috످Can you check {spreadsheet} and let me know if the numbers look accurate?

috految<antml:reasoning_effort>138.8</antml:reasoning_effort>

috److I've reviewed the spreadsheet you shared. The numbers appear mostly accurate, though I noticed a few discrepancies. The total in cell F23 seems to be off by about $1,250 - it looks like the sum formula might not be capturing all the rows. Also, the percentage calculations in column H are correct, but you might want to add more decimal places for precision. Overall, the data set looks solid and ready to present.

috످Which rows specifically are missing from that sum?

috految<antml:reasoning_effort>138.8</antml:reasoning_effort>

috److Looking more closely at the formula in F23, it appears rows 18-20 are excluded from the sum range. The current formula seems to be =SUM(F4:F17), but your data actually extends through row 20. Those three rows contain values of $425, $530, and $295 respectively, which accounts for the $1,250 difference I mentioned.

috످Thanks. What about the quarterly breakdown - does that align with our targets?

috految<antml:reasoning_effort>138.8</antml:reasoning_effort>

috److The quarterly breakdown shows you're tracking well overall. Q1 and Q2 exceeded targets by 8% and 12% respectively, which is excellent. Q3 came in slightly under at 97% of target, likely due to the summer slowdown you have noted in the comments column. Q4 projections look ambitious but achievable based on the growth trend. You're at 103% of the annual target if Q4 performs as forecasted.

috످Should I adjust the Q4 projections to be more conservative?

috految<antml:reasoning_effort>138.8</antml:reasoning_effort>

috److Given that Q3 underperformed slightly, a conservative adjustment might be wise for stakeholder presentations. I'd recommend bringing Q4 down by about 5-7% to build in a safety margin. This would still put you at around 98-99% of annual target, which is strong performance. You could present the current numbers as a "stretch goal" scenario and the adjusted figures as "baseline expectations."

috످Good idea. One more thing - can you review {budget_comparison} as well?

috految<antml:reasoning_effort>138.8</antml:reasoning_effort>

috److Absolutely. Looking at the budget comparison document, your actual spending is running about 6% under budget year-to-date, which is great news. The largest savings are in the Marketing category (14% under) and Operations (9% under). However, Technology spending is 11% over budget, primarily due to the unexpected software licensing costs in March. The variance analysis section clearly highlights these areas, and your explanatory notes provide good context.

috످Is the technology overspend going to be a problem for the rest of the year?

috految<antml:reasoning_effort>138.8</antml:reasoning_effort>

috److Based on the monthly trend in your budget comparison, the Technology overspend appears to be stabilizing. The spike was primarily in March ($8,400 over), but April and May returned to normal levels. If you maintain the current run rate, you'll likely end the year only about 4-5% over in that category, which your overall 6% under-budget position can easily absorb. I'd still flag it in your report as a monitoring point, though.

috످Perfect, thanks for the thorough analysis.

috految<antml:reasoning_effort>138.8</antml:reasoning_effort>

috److془I need to come clean. Provide concise correction.془Please don't use my analysis. I never saw either file, and I made up all the numbers and findings. Your messages contained only the placeholders `{spreadsheet}` and `{budget_comparison}`, with no actual data. I'm sorry I misled you.

If you've already acted on my advice, undo any changes to F23 or column H. I invented the $1,250 error and the missing rows, so editing the formula could have broken a correct total.

Then restore your original Q4 projections. I had no basis for the quarterly results or the 5-7% cut I recommended.

Check your actual spending. I made up the 6% savings and the technology overspend, so you could be over or under budget in any category.

Notify anyone you shared the analysis with. You could say: "Please disregard the figures I sent earlier. They were AI-generated and not based on our actual data. I'll follow up with verified numbers."

If you paste the data from both files here (including formulas and quarterly targets, with anything sensitive removed), I can check the totals, Q4 projections, and spending.

috످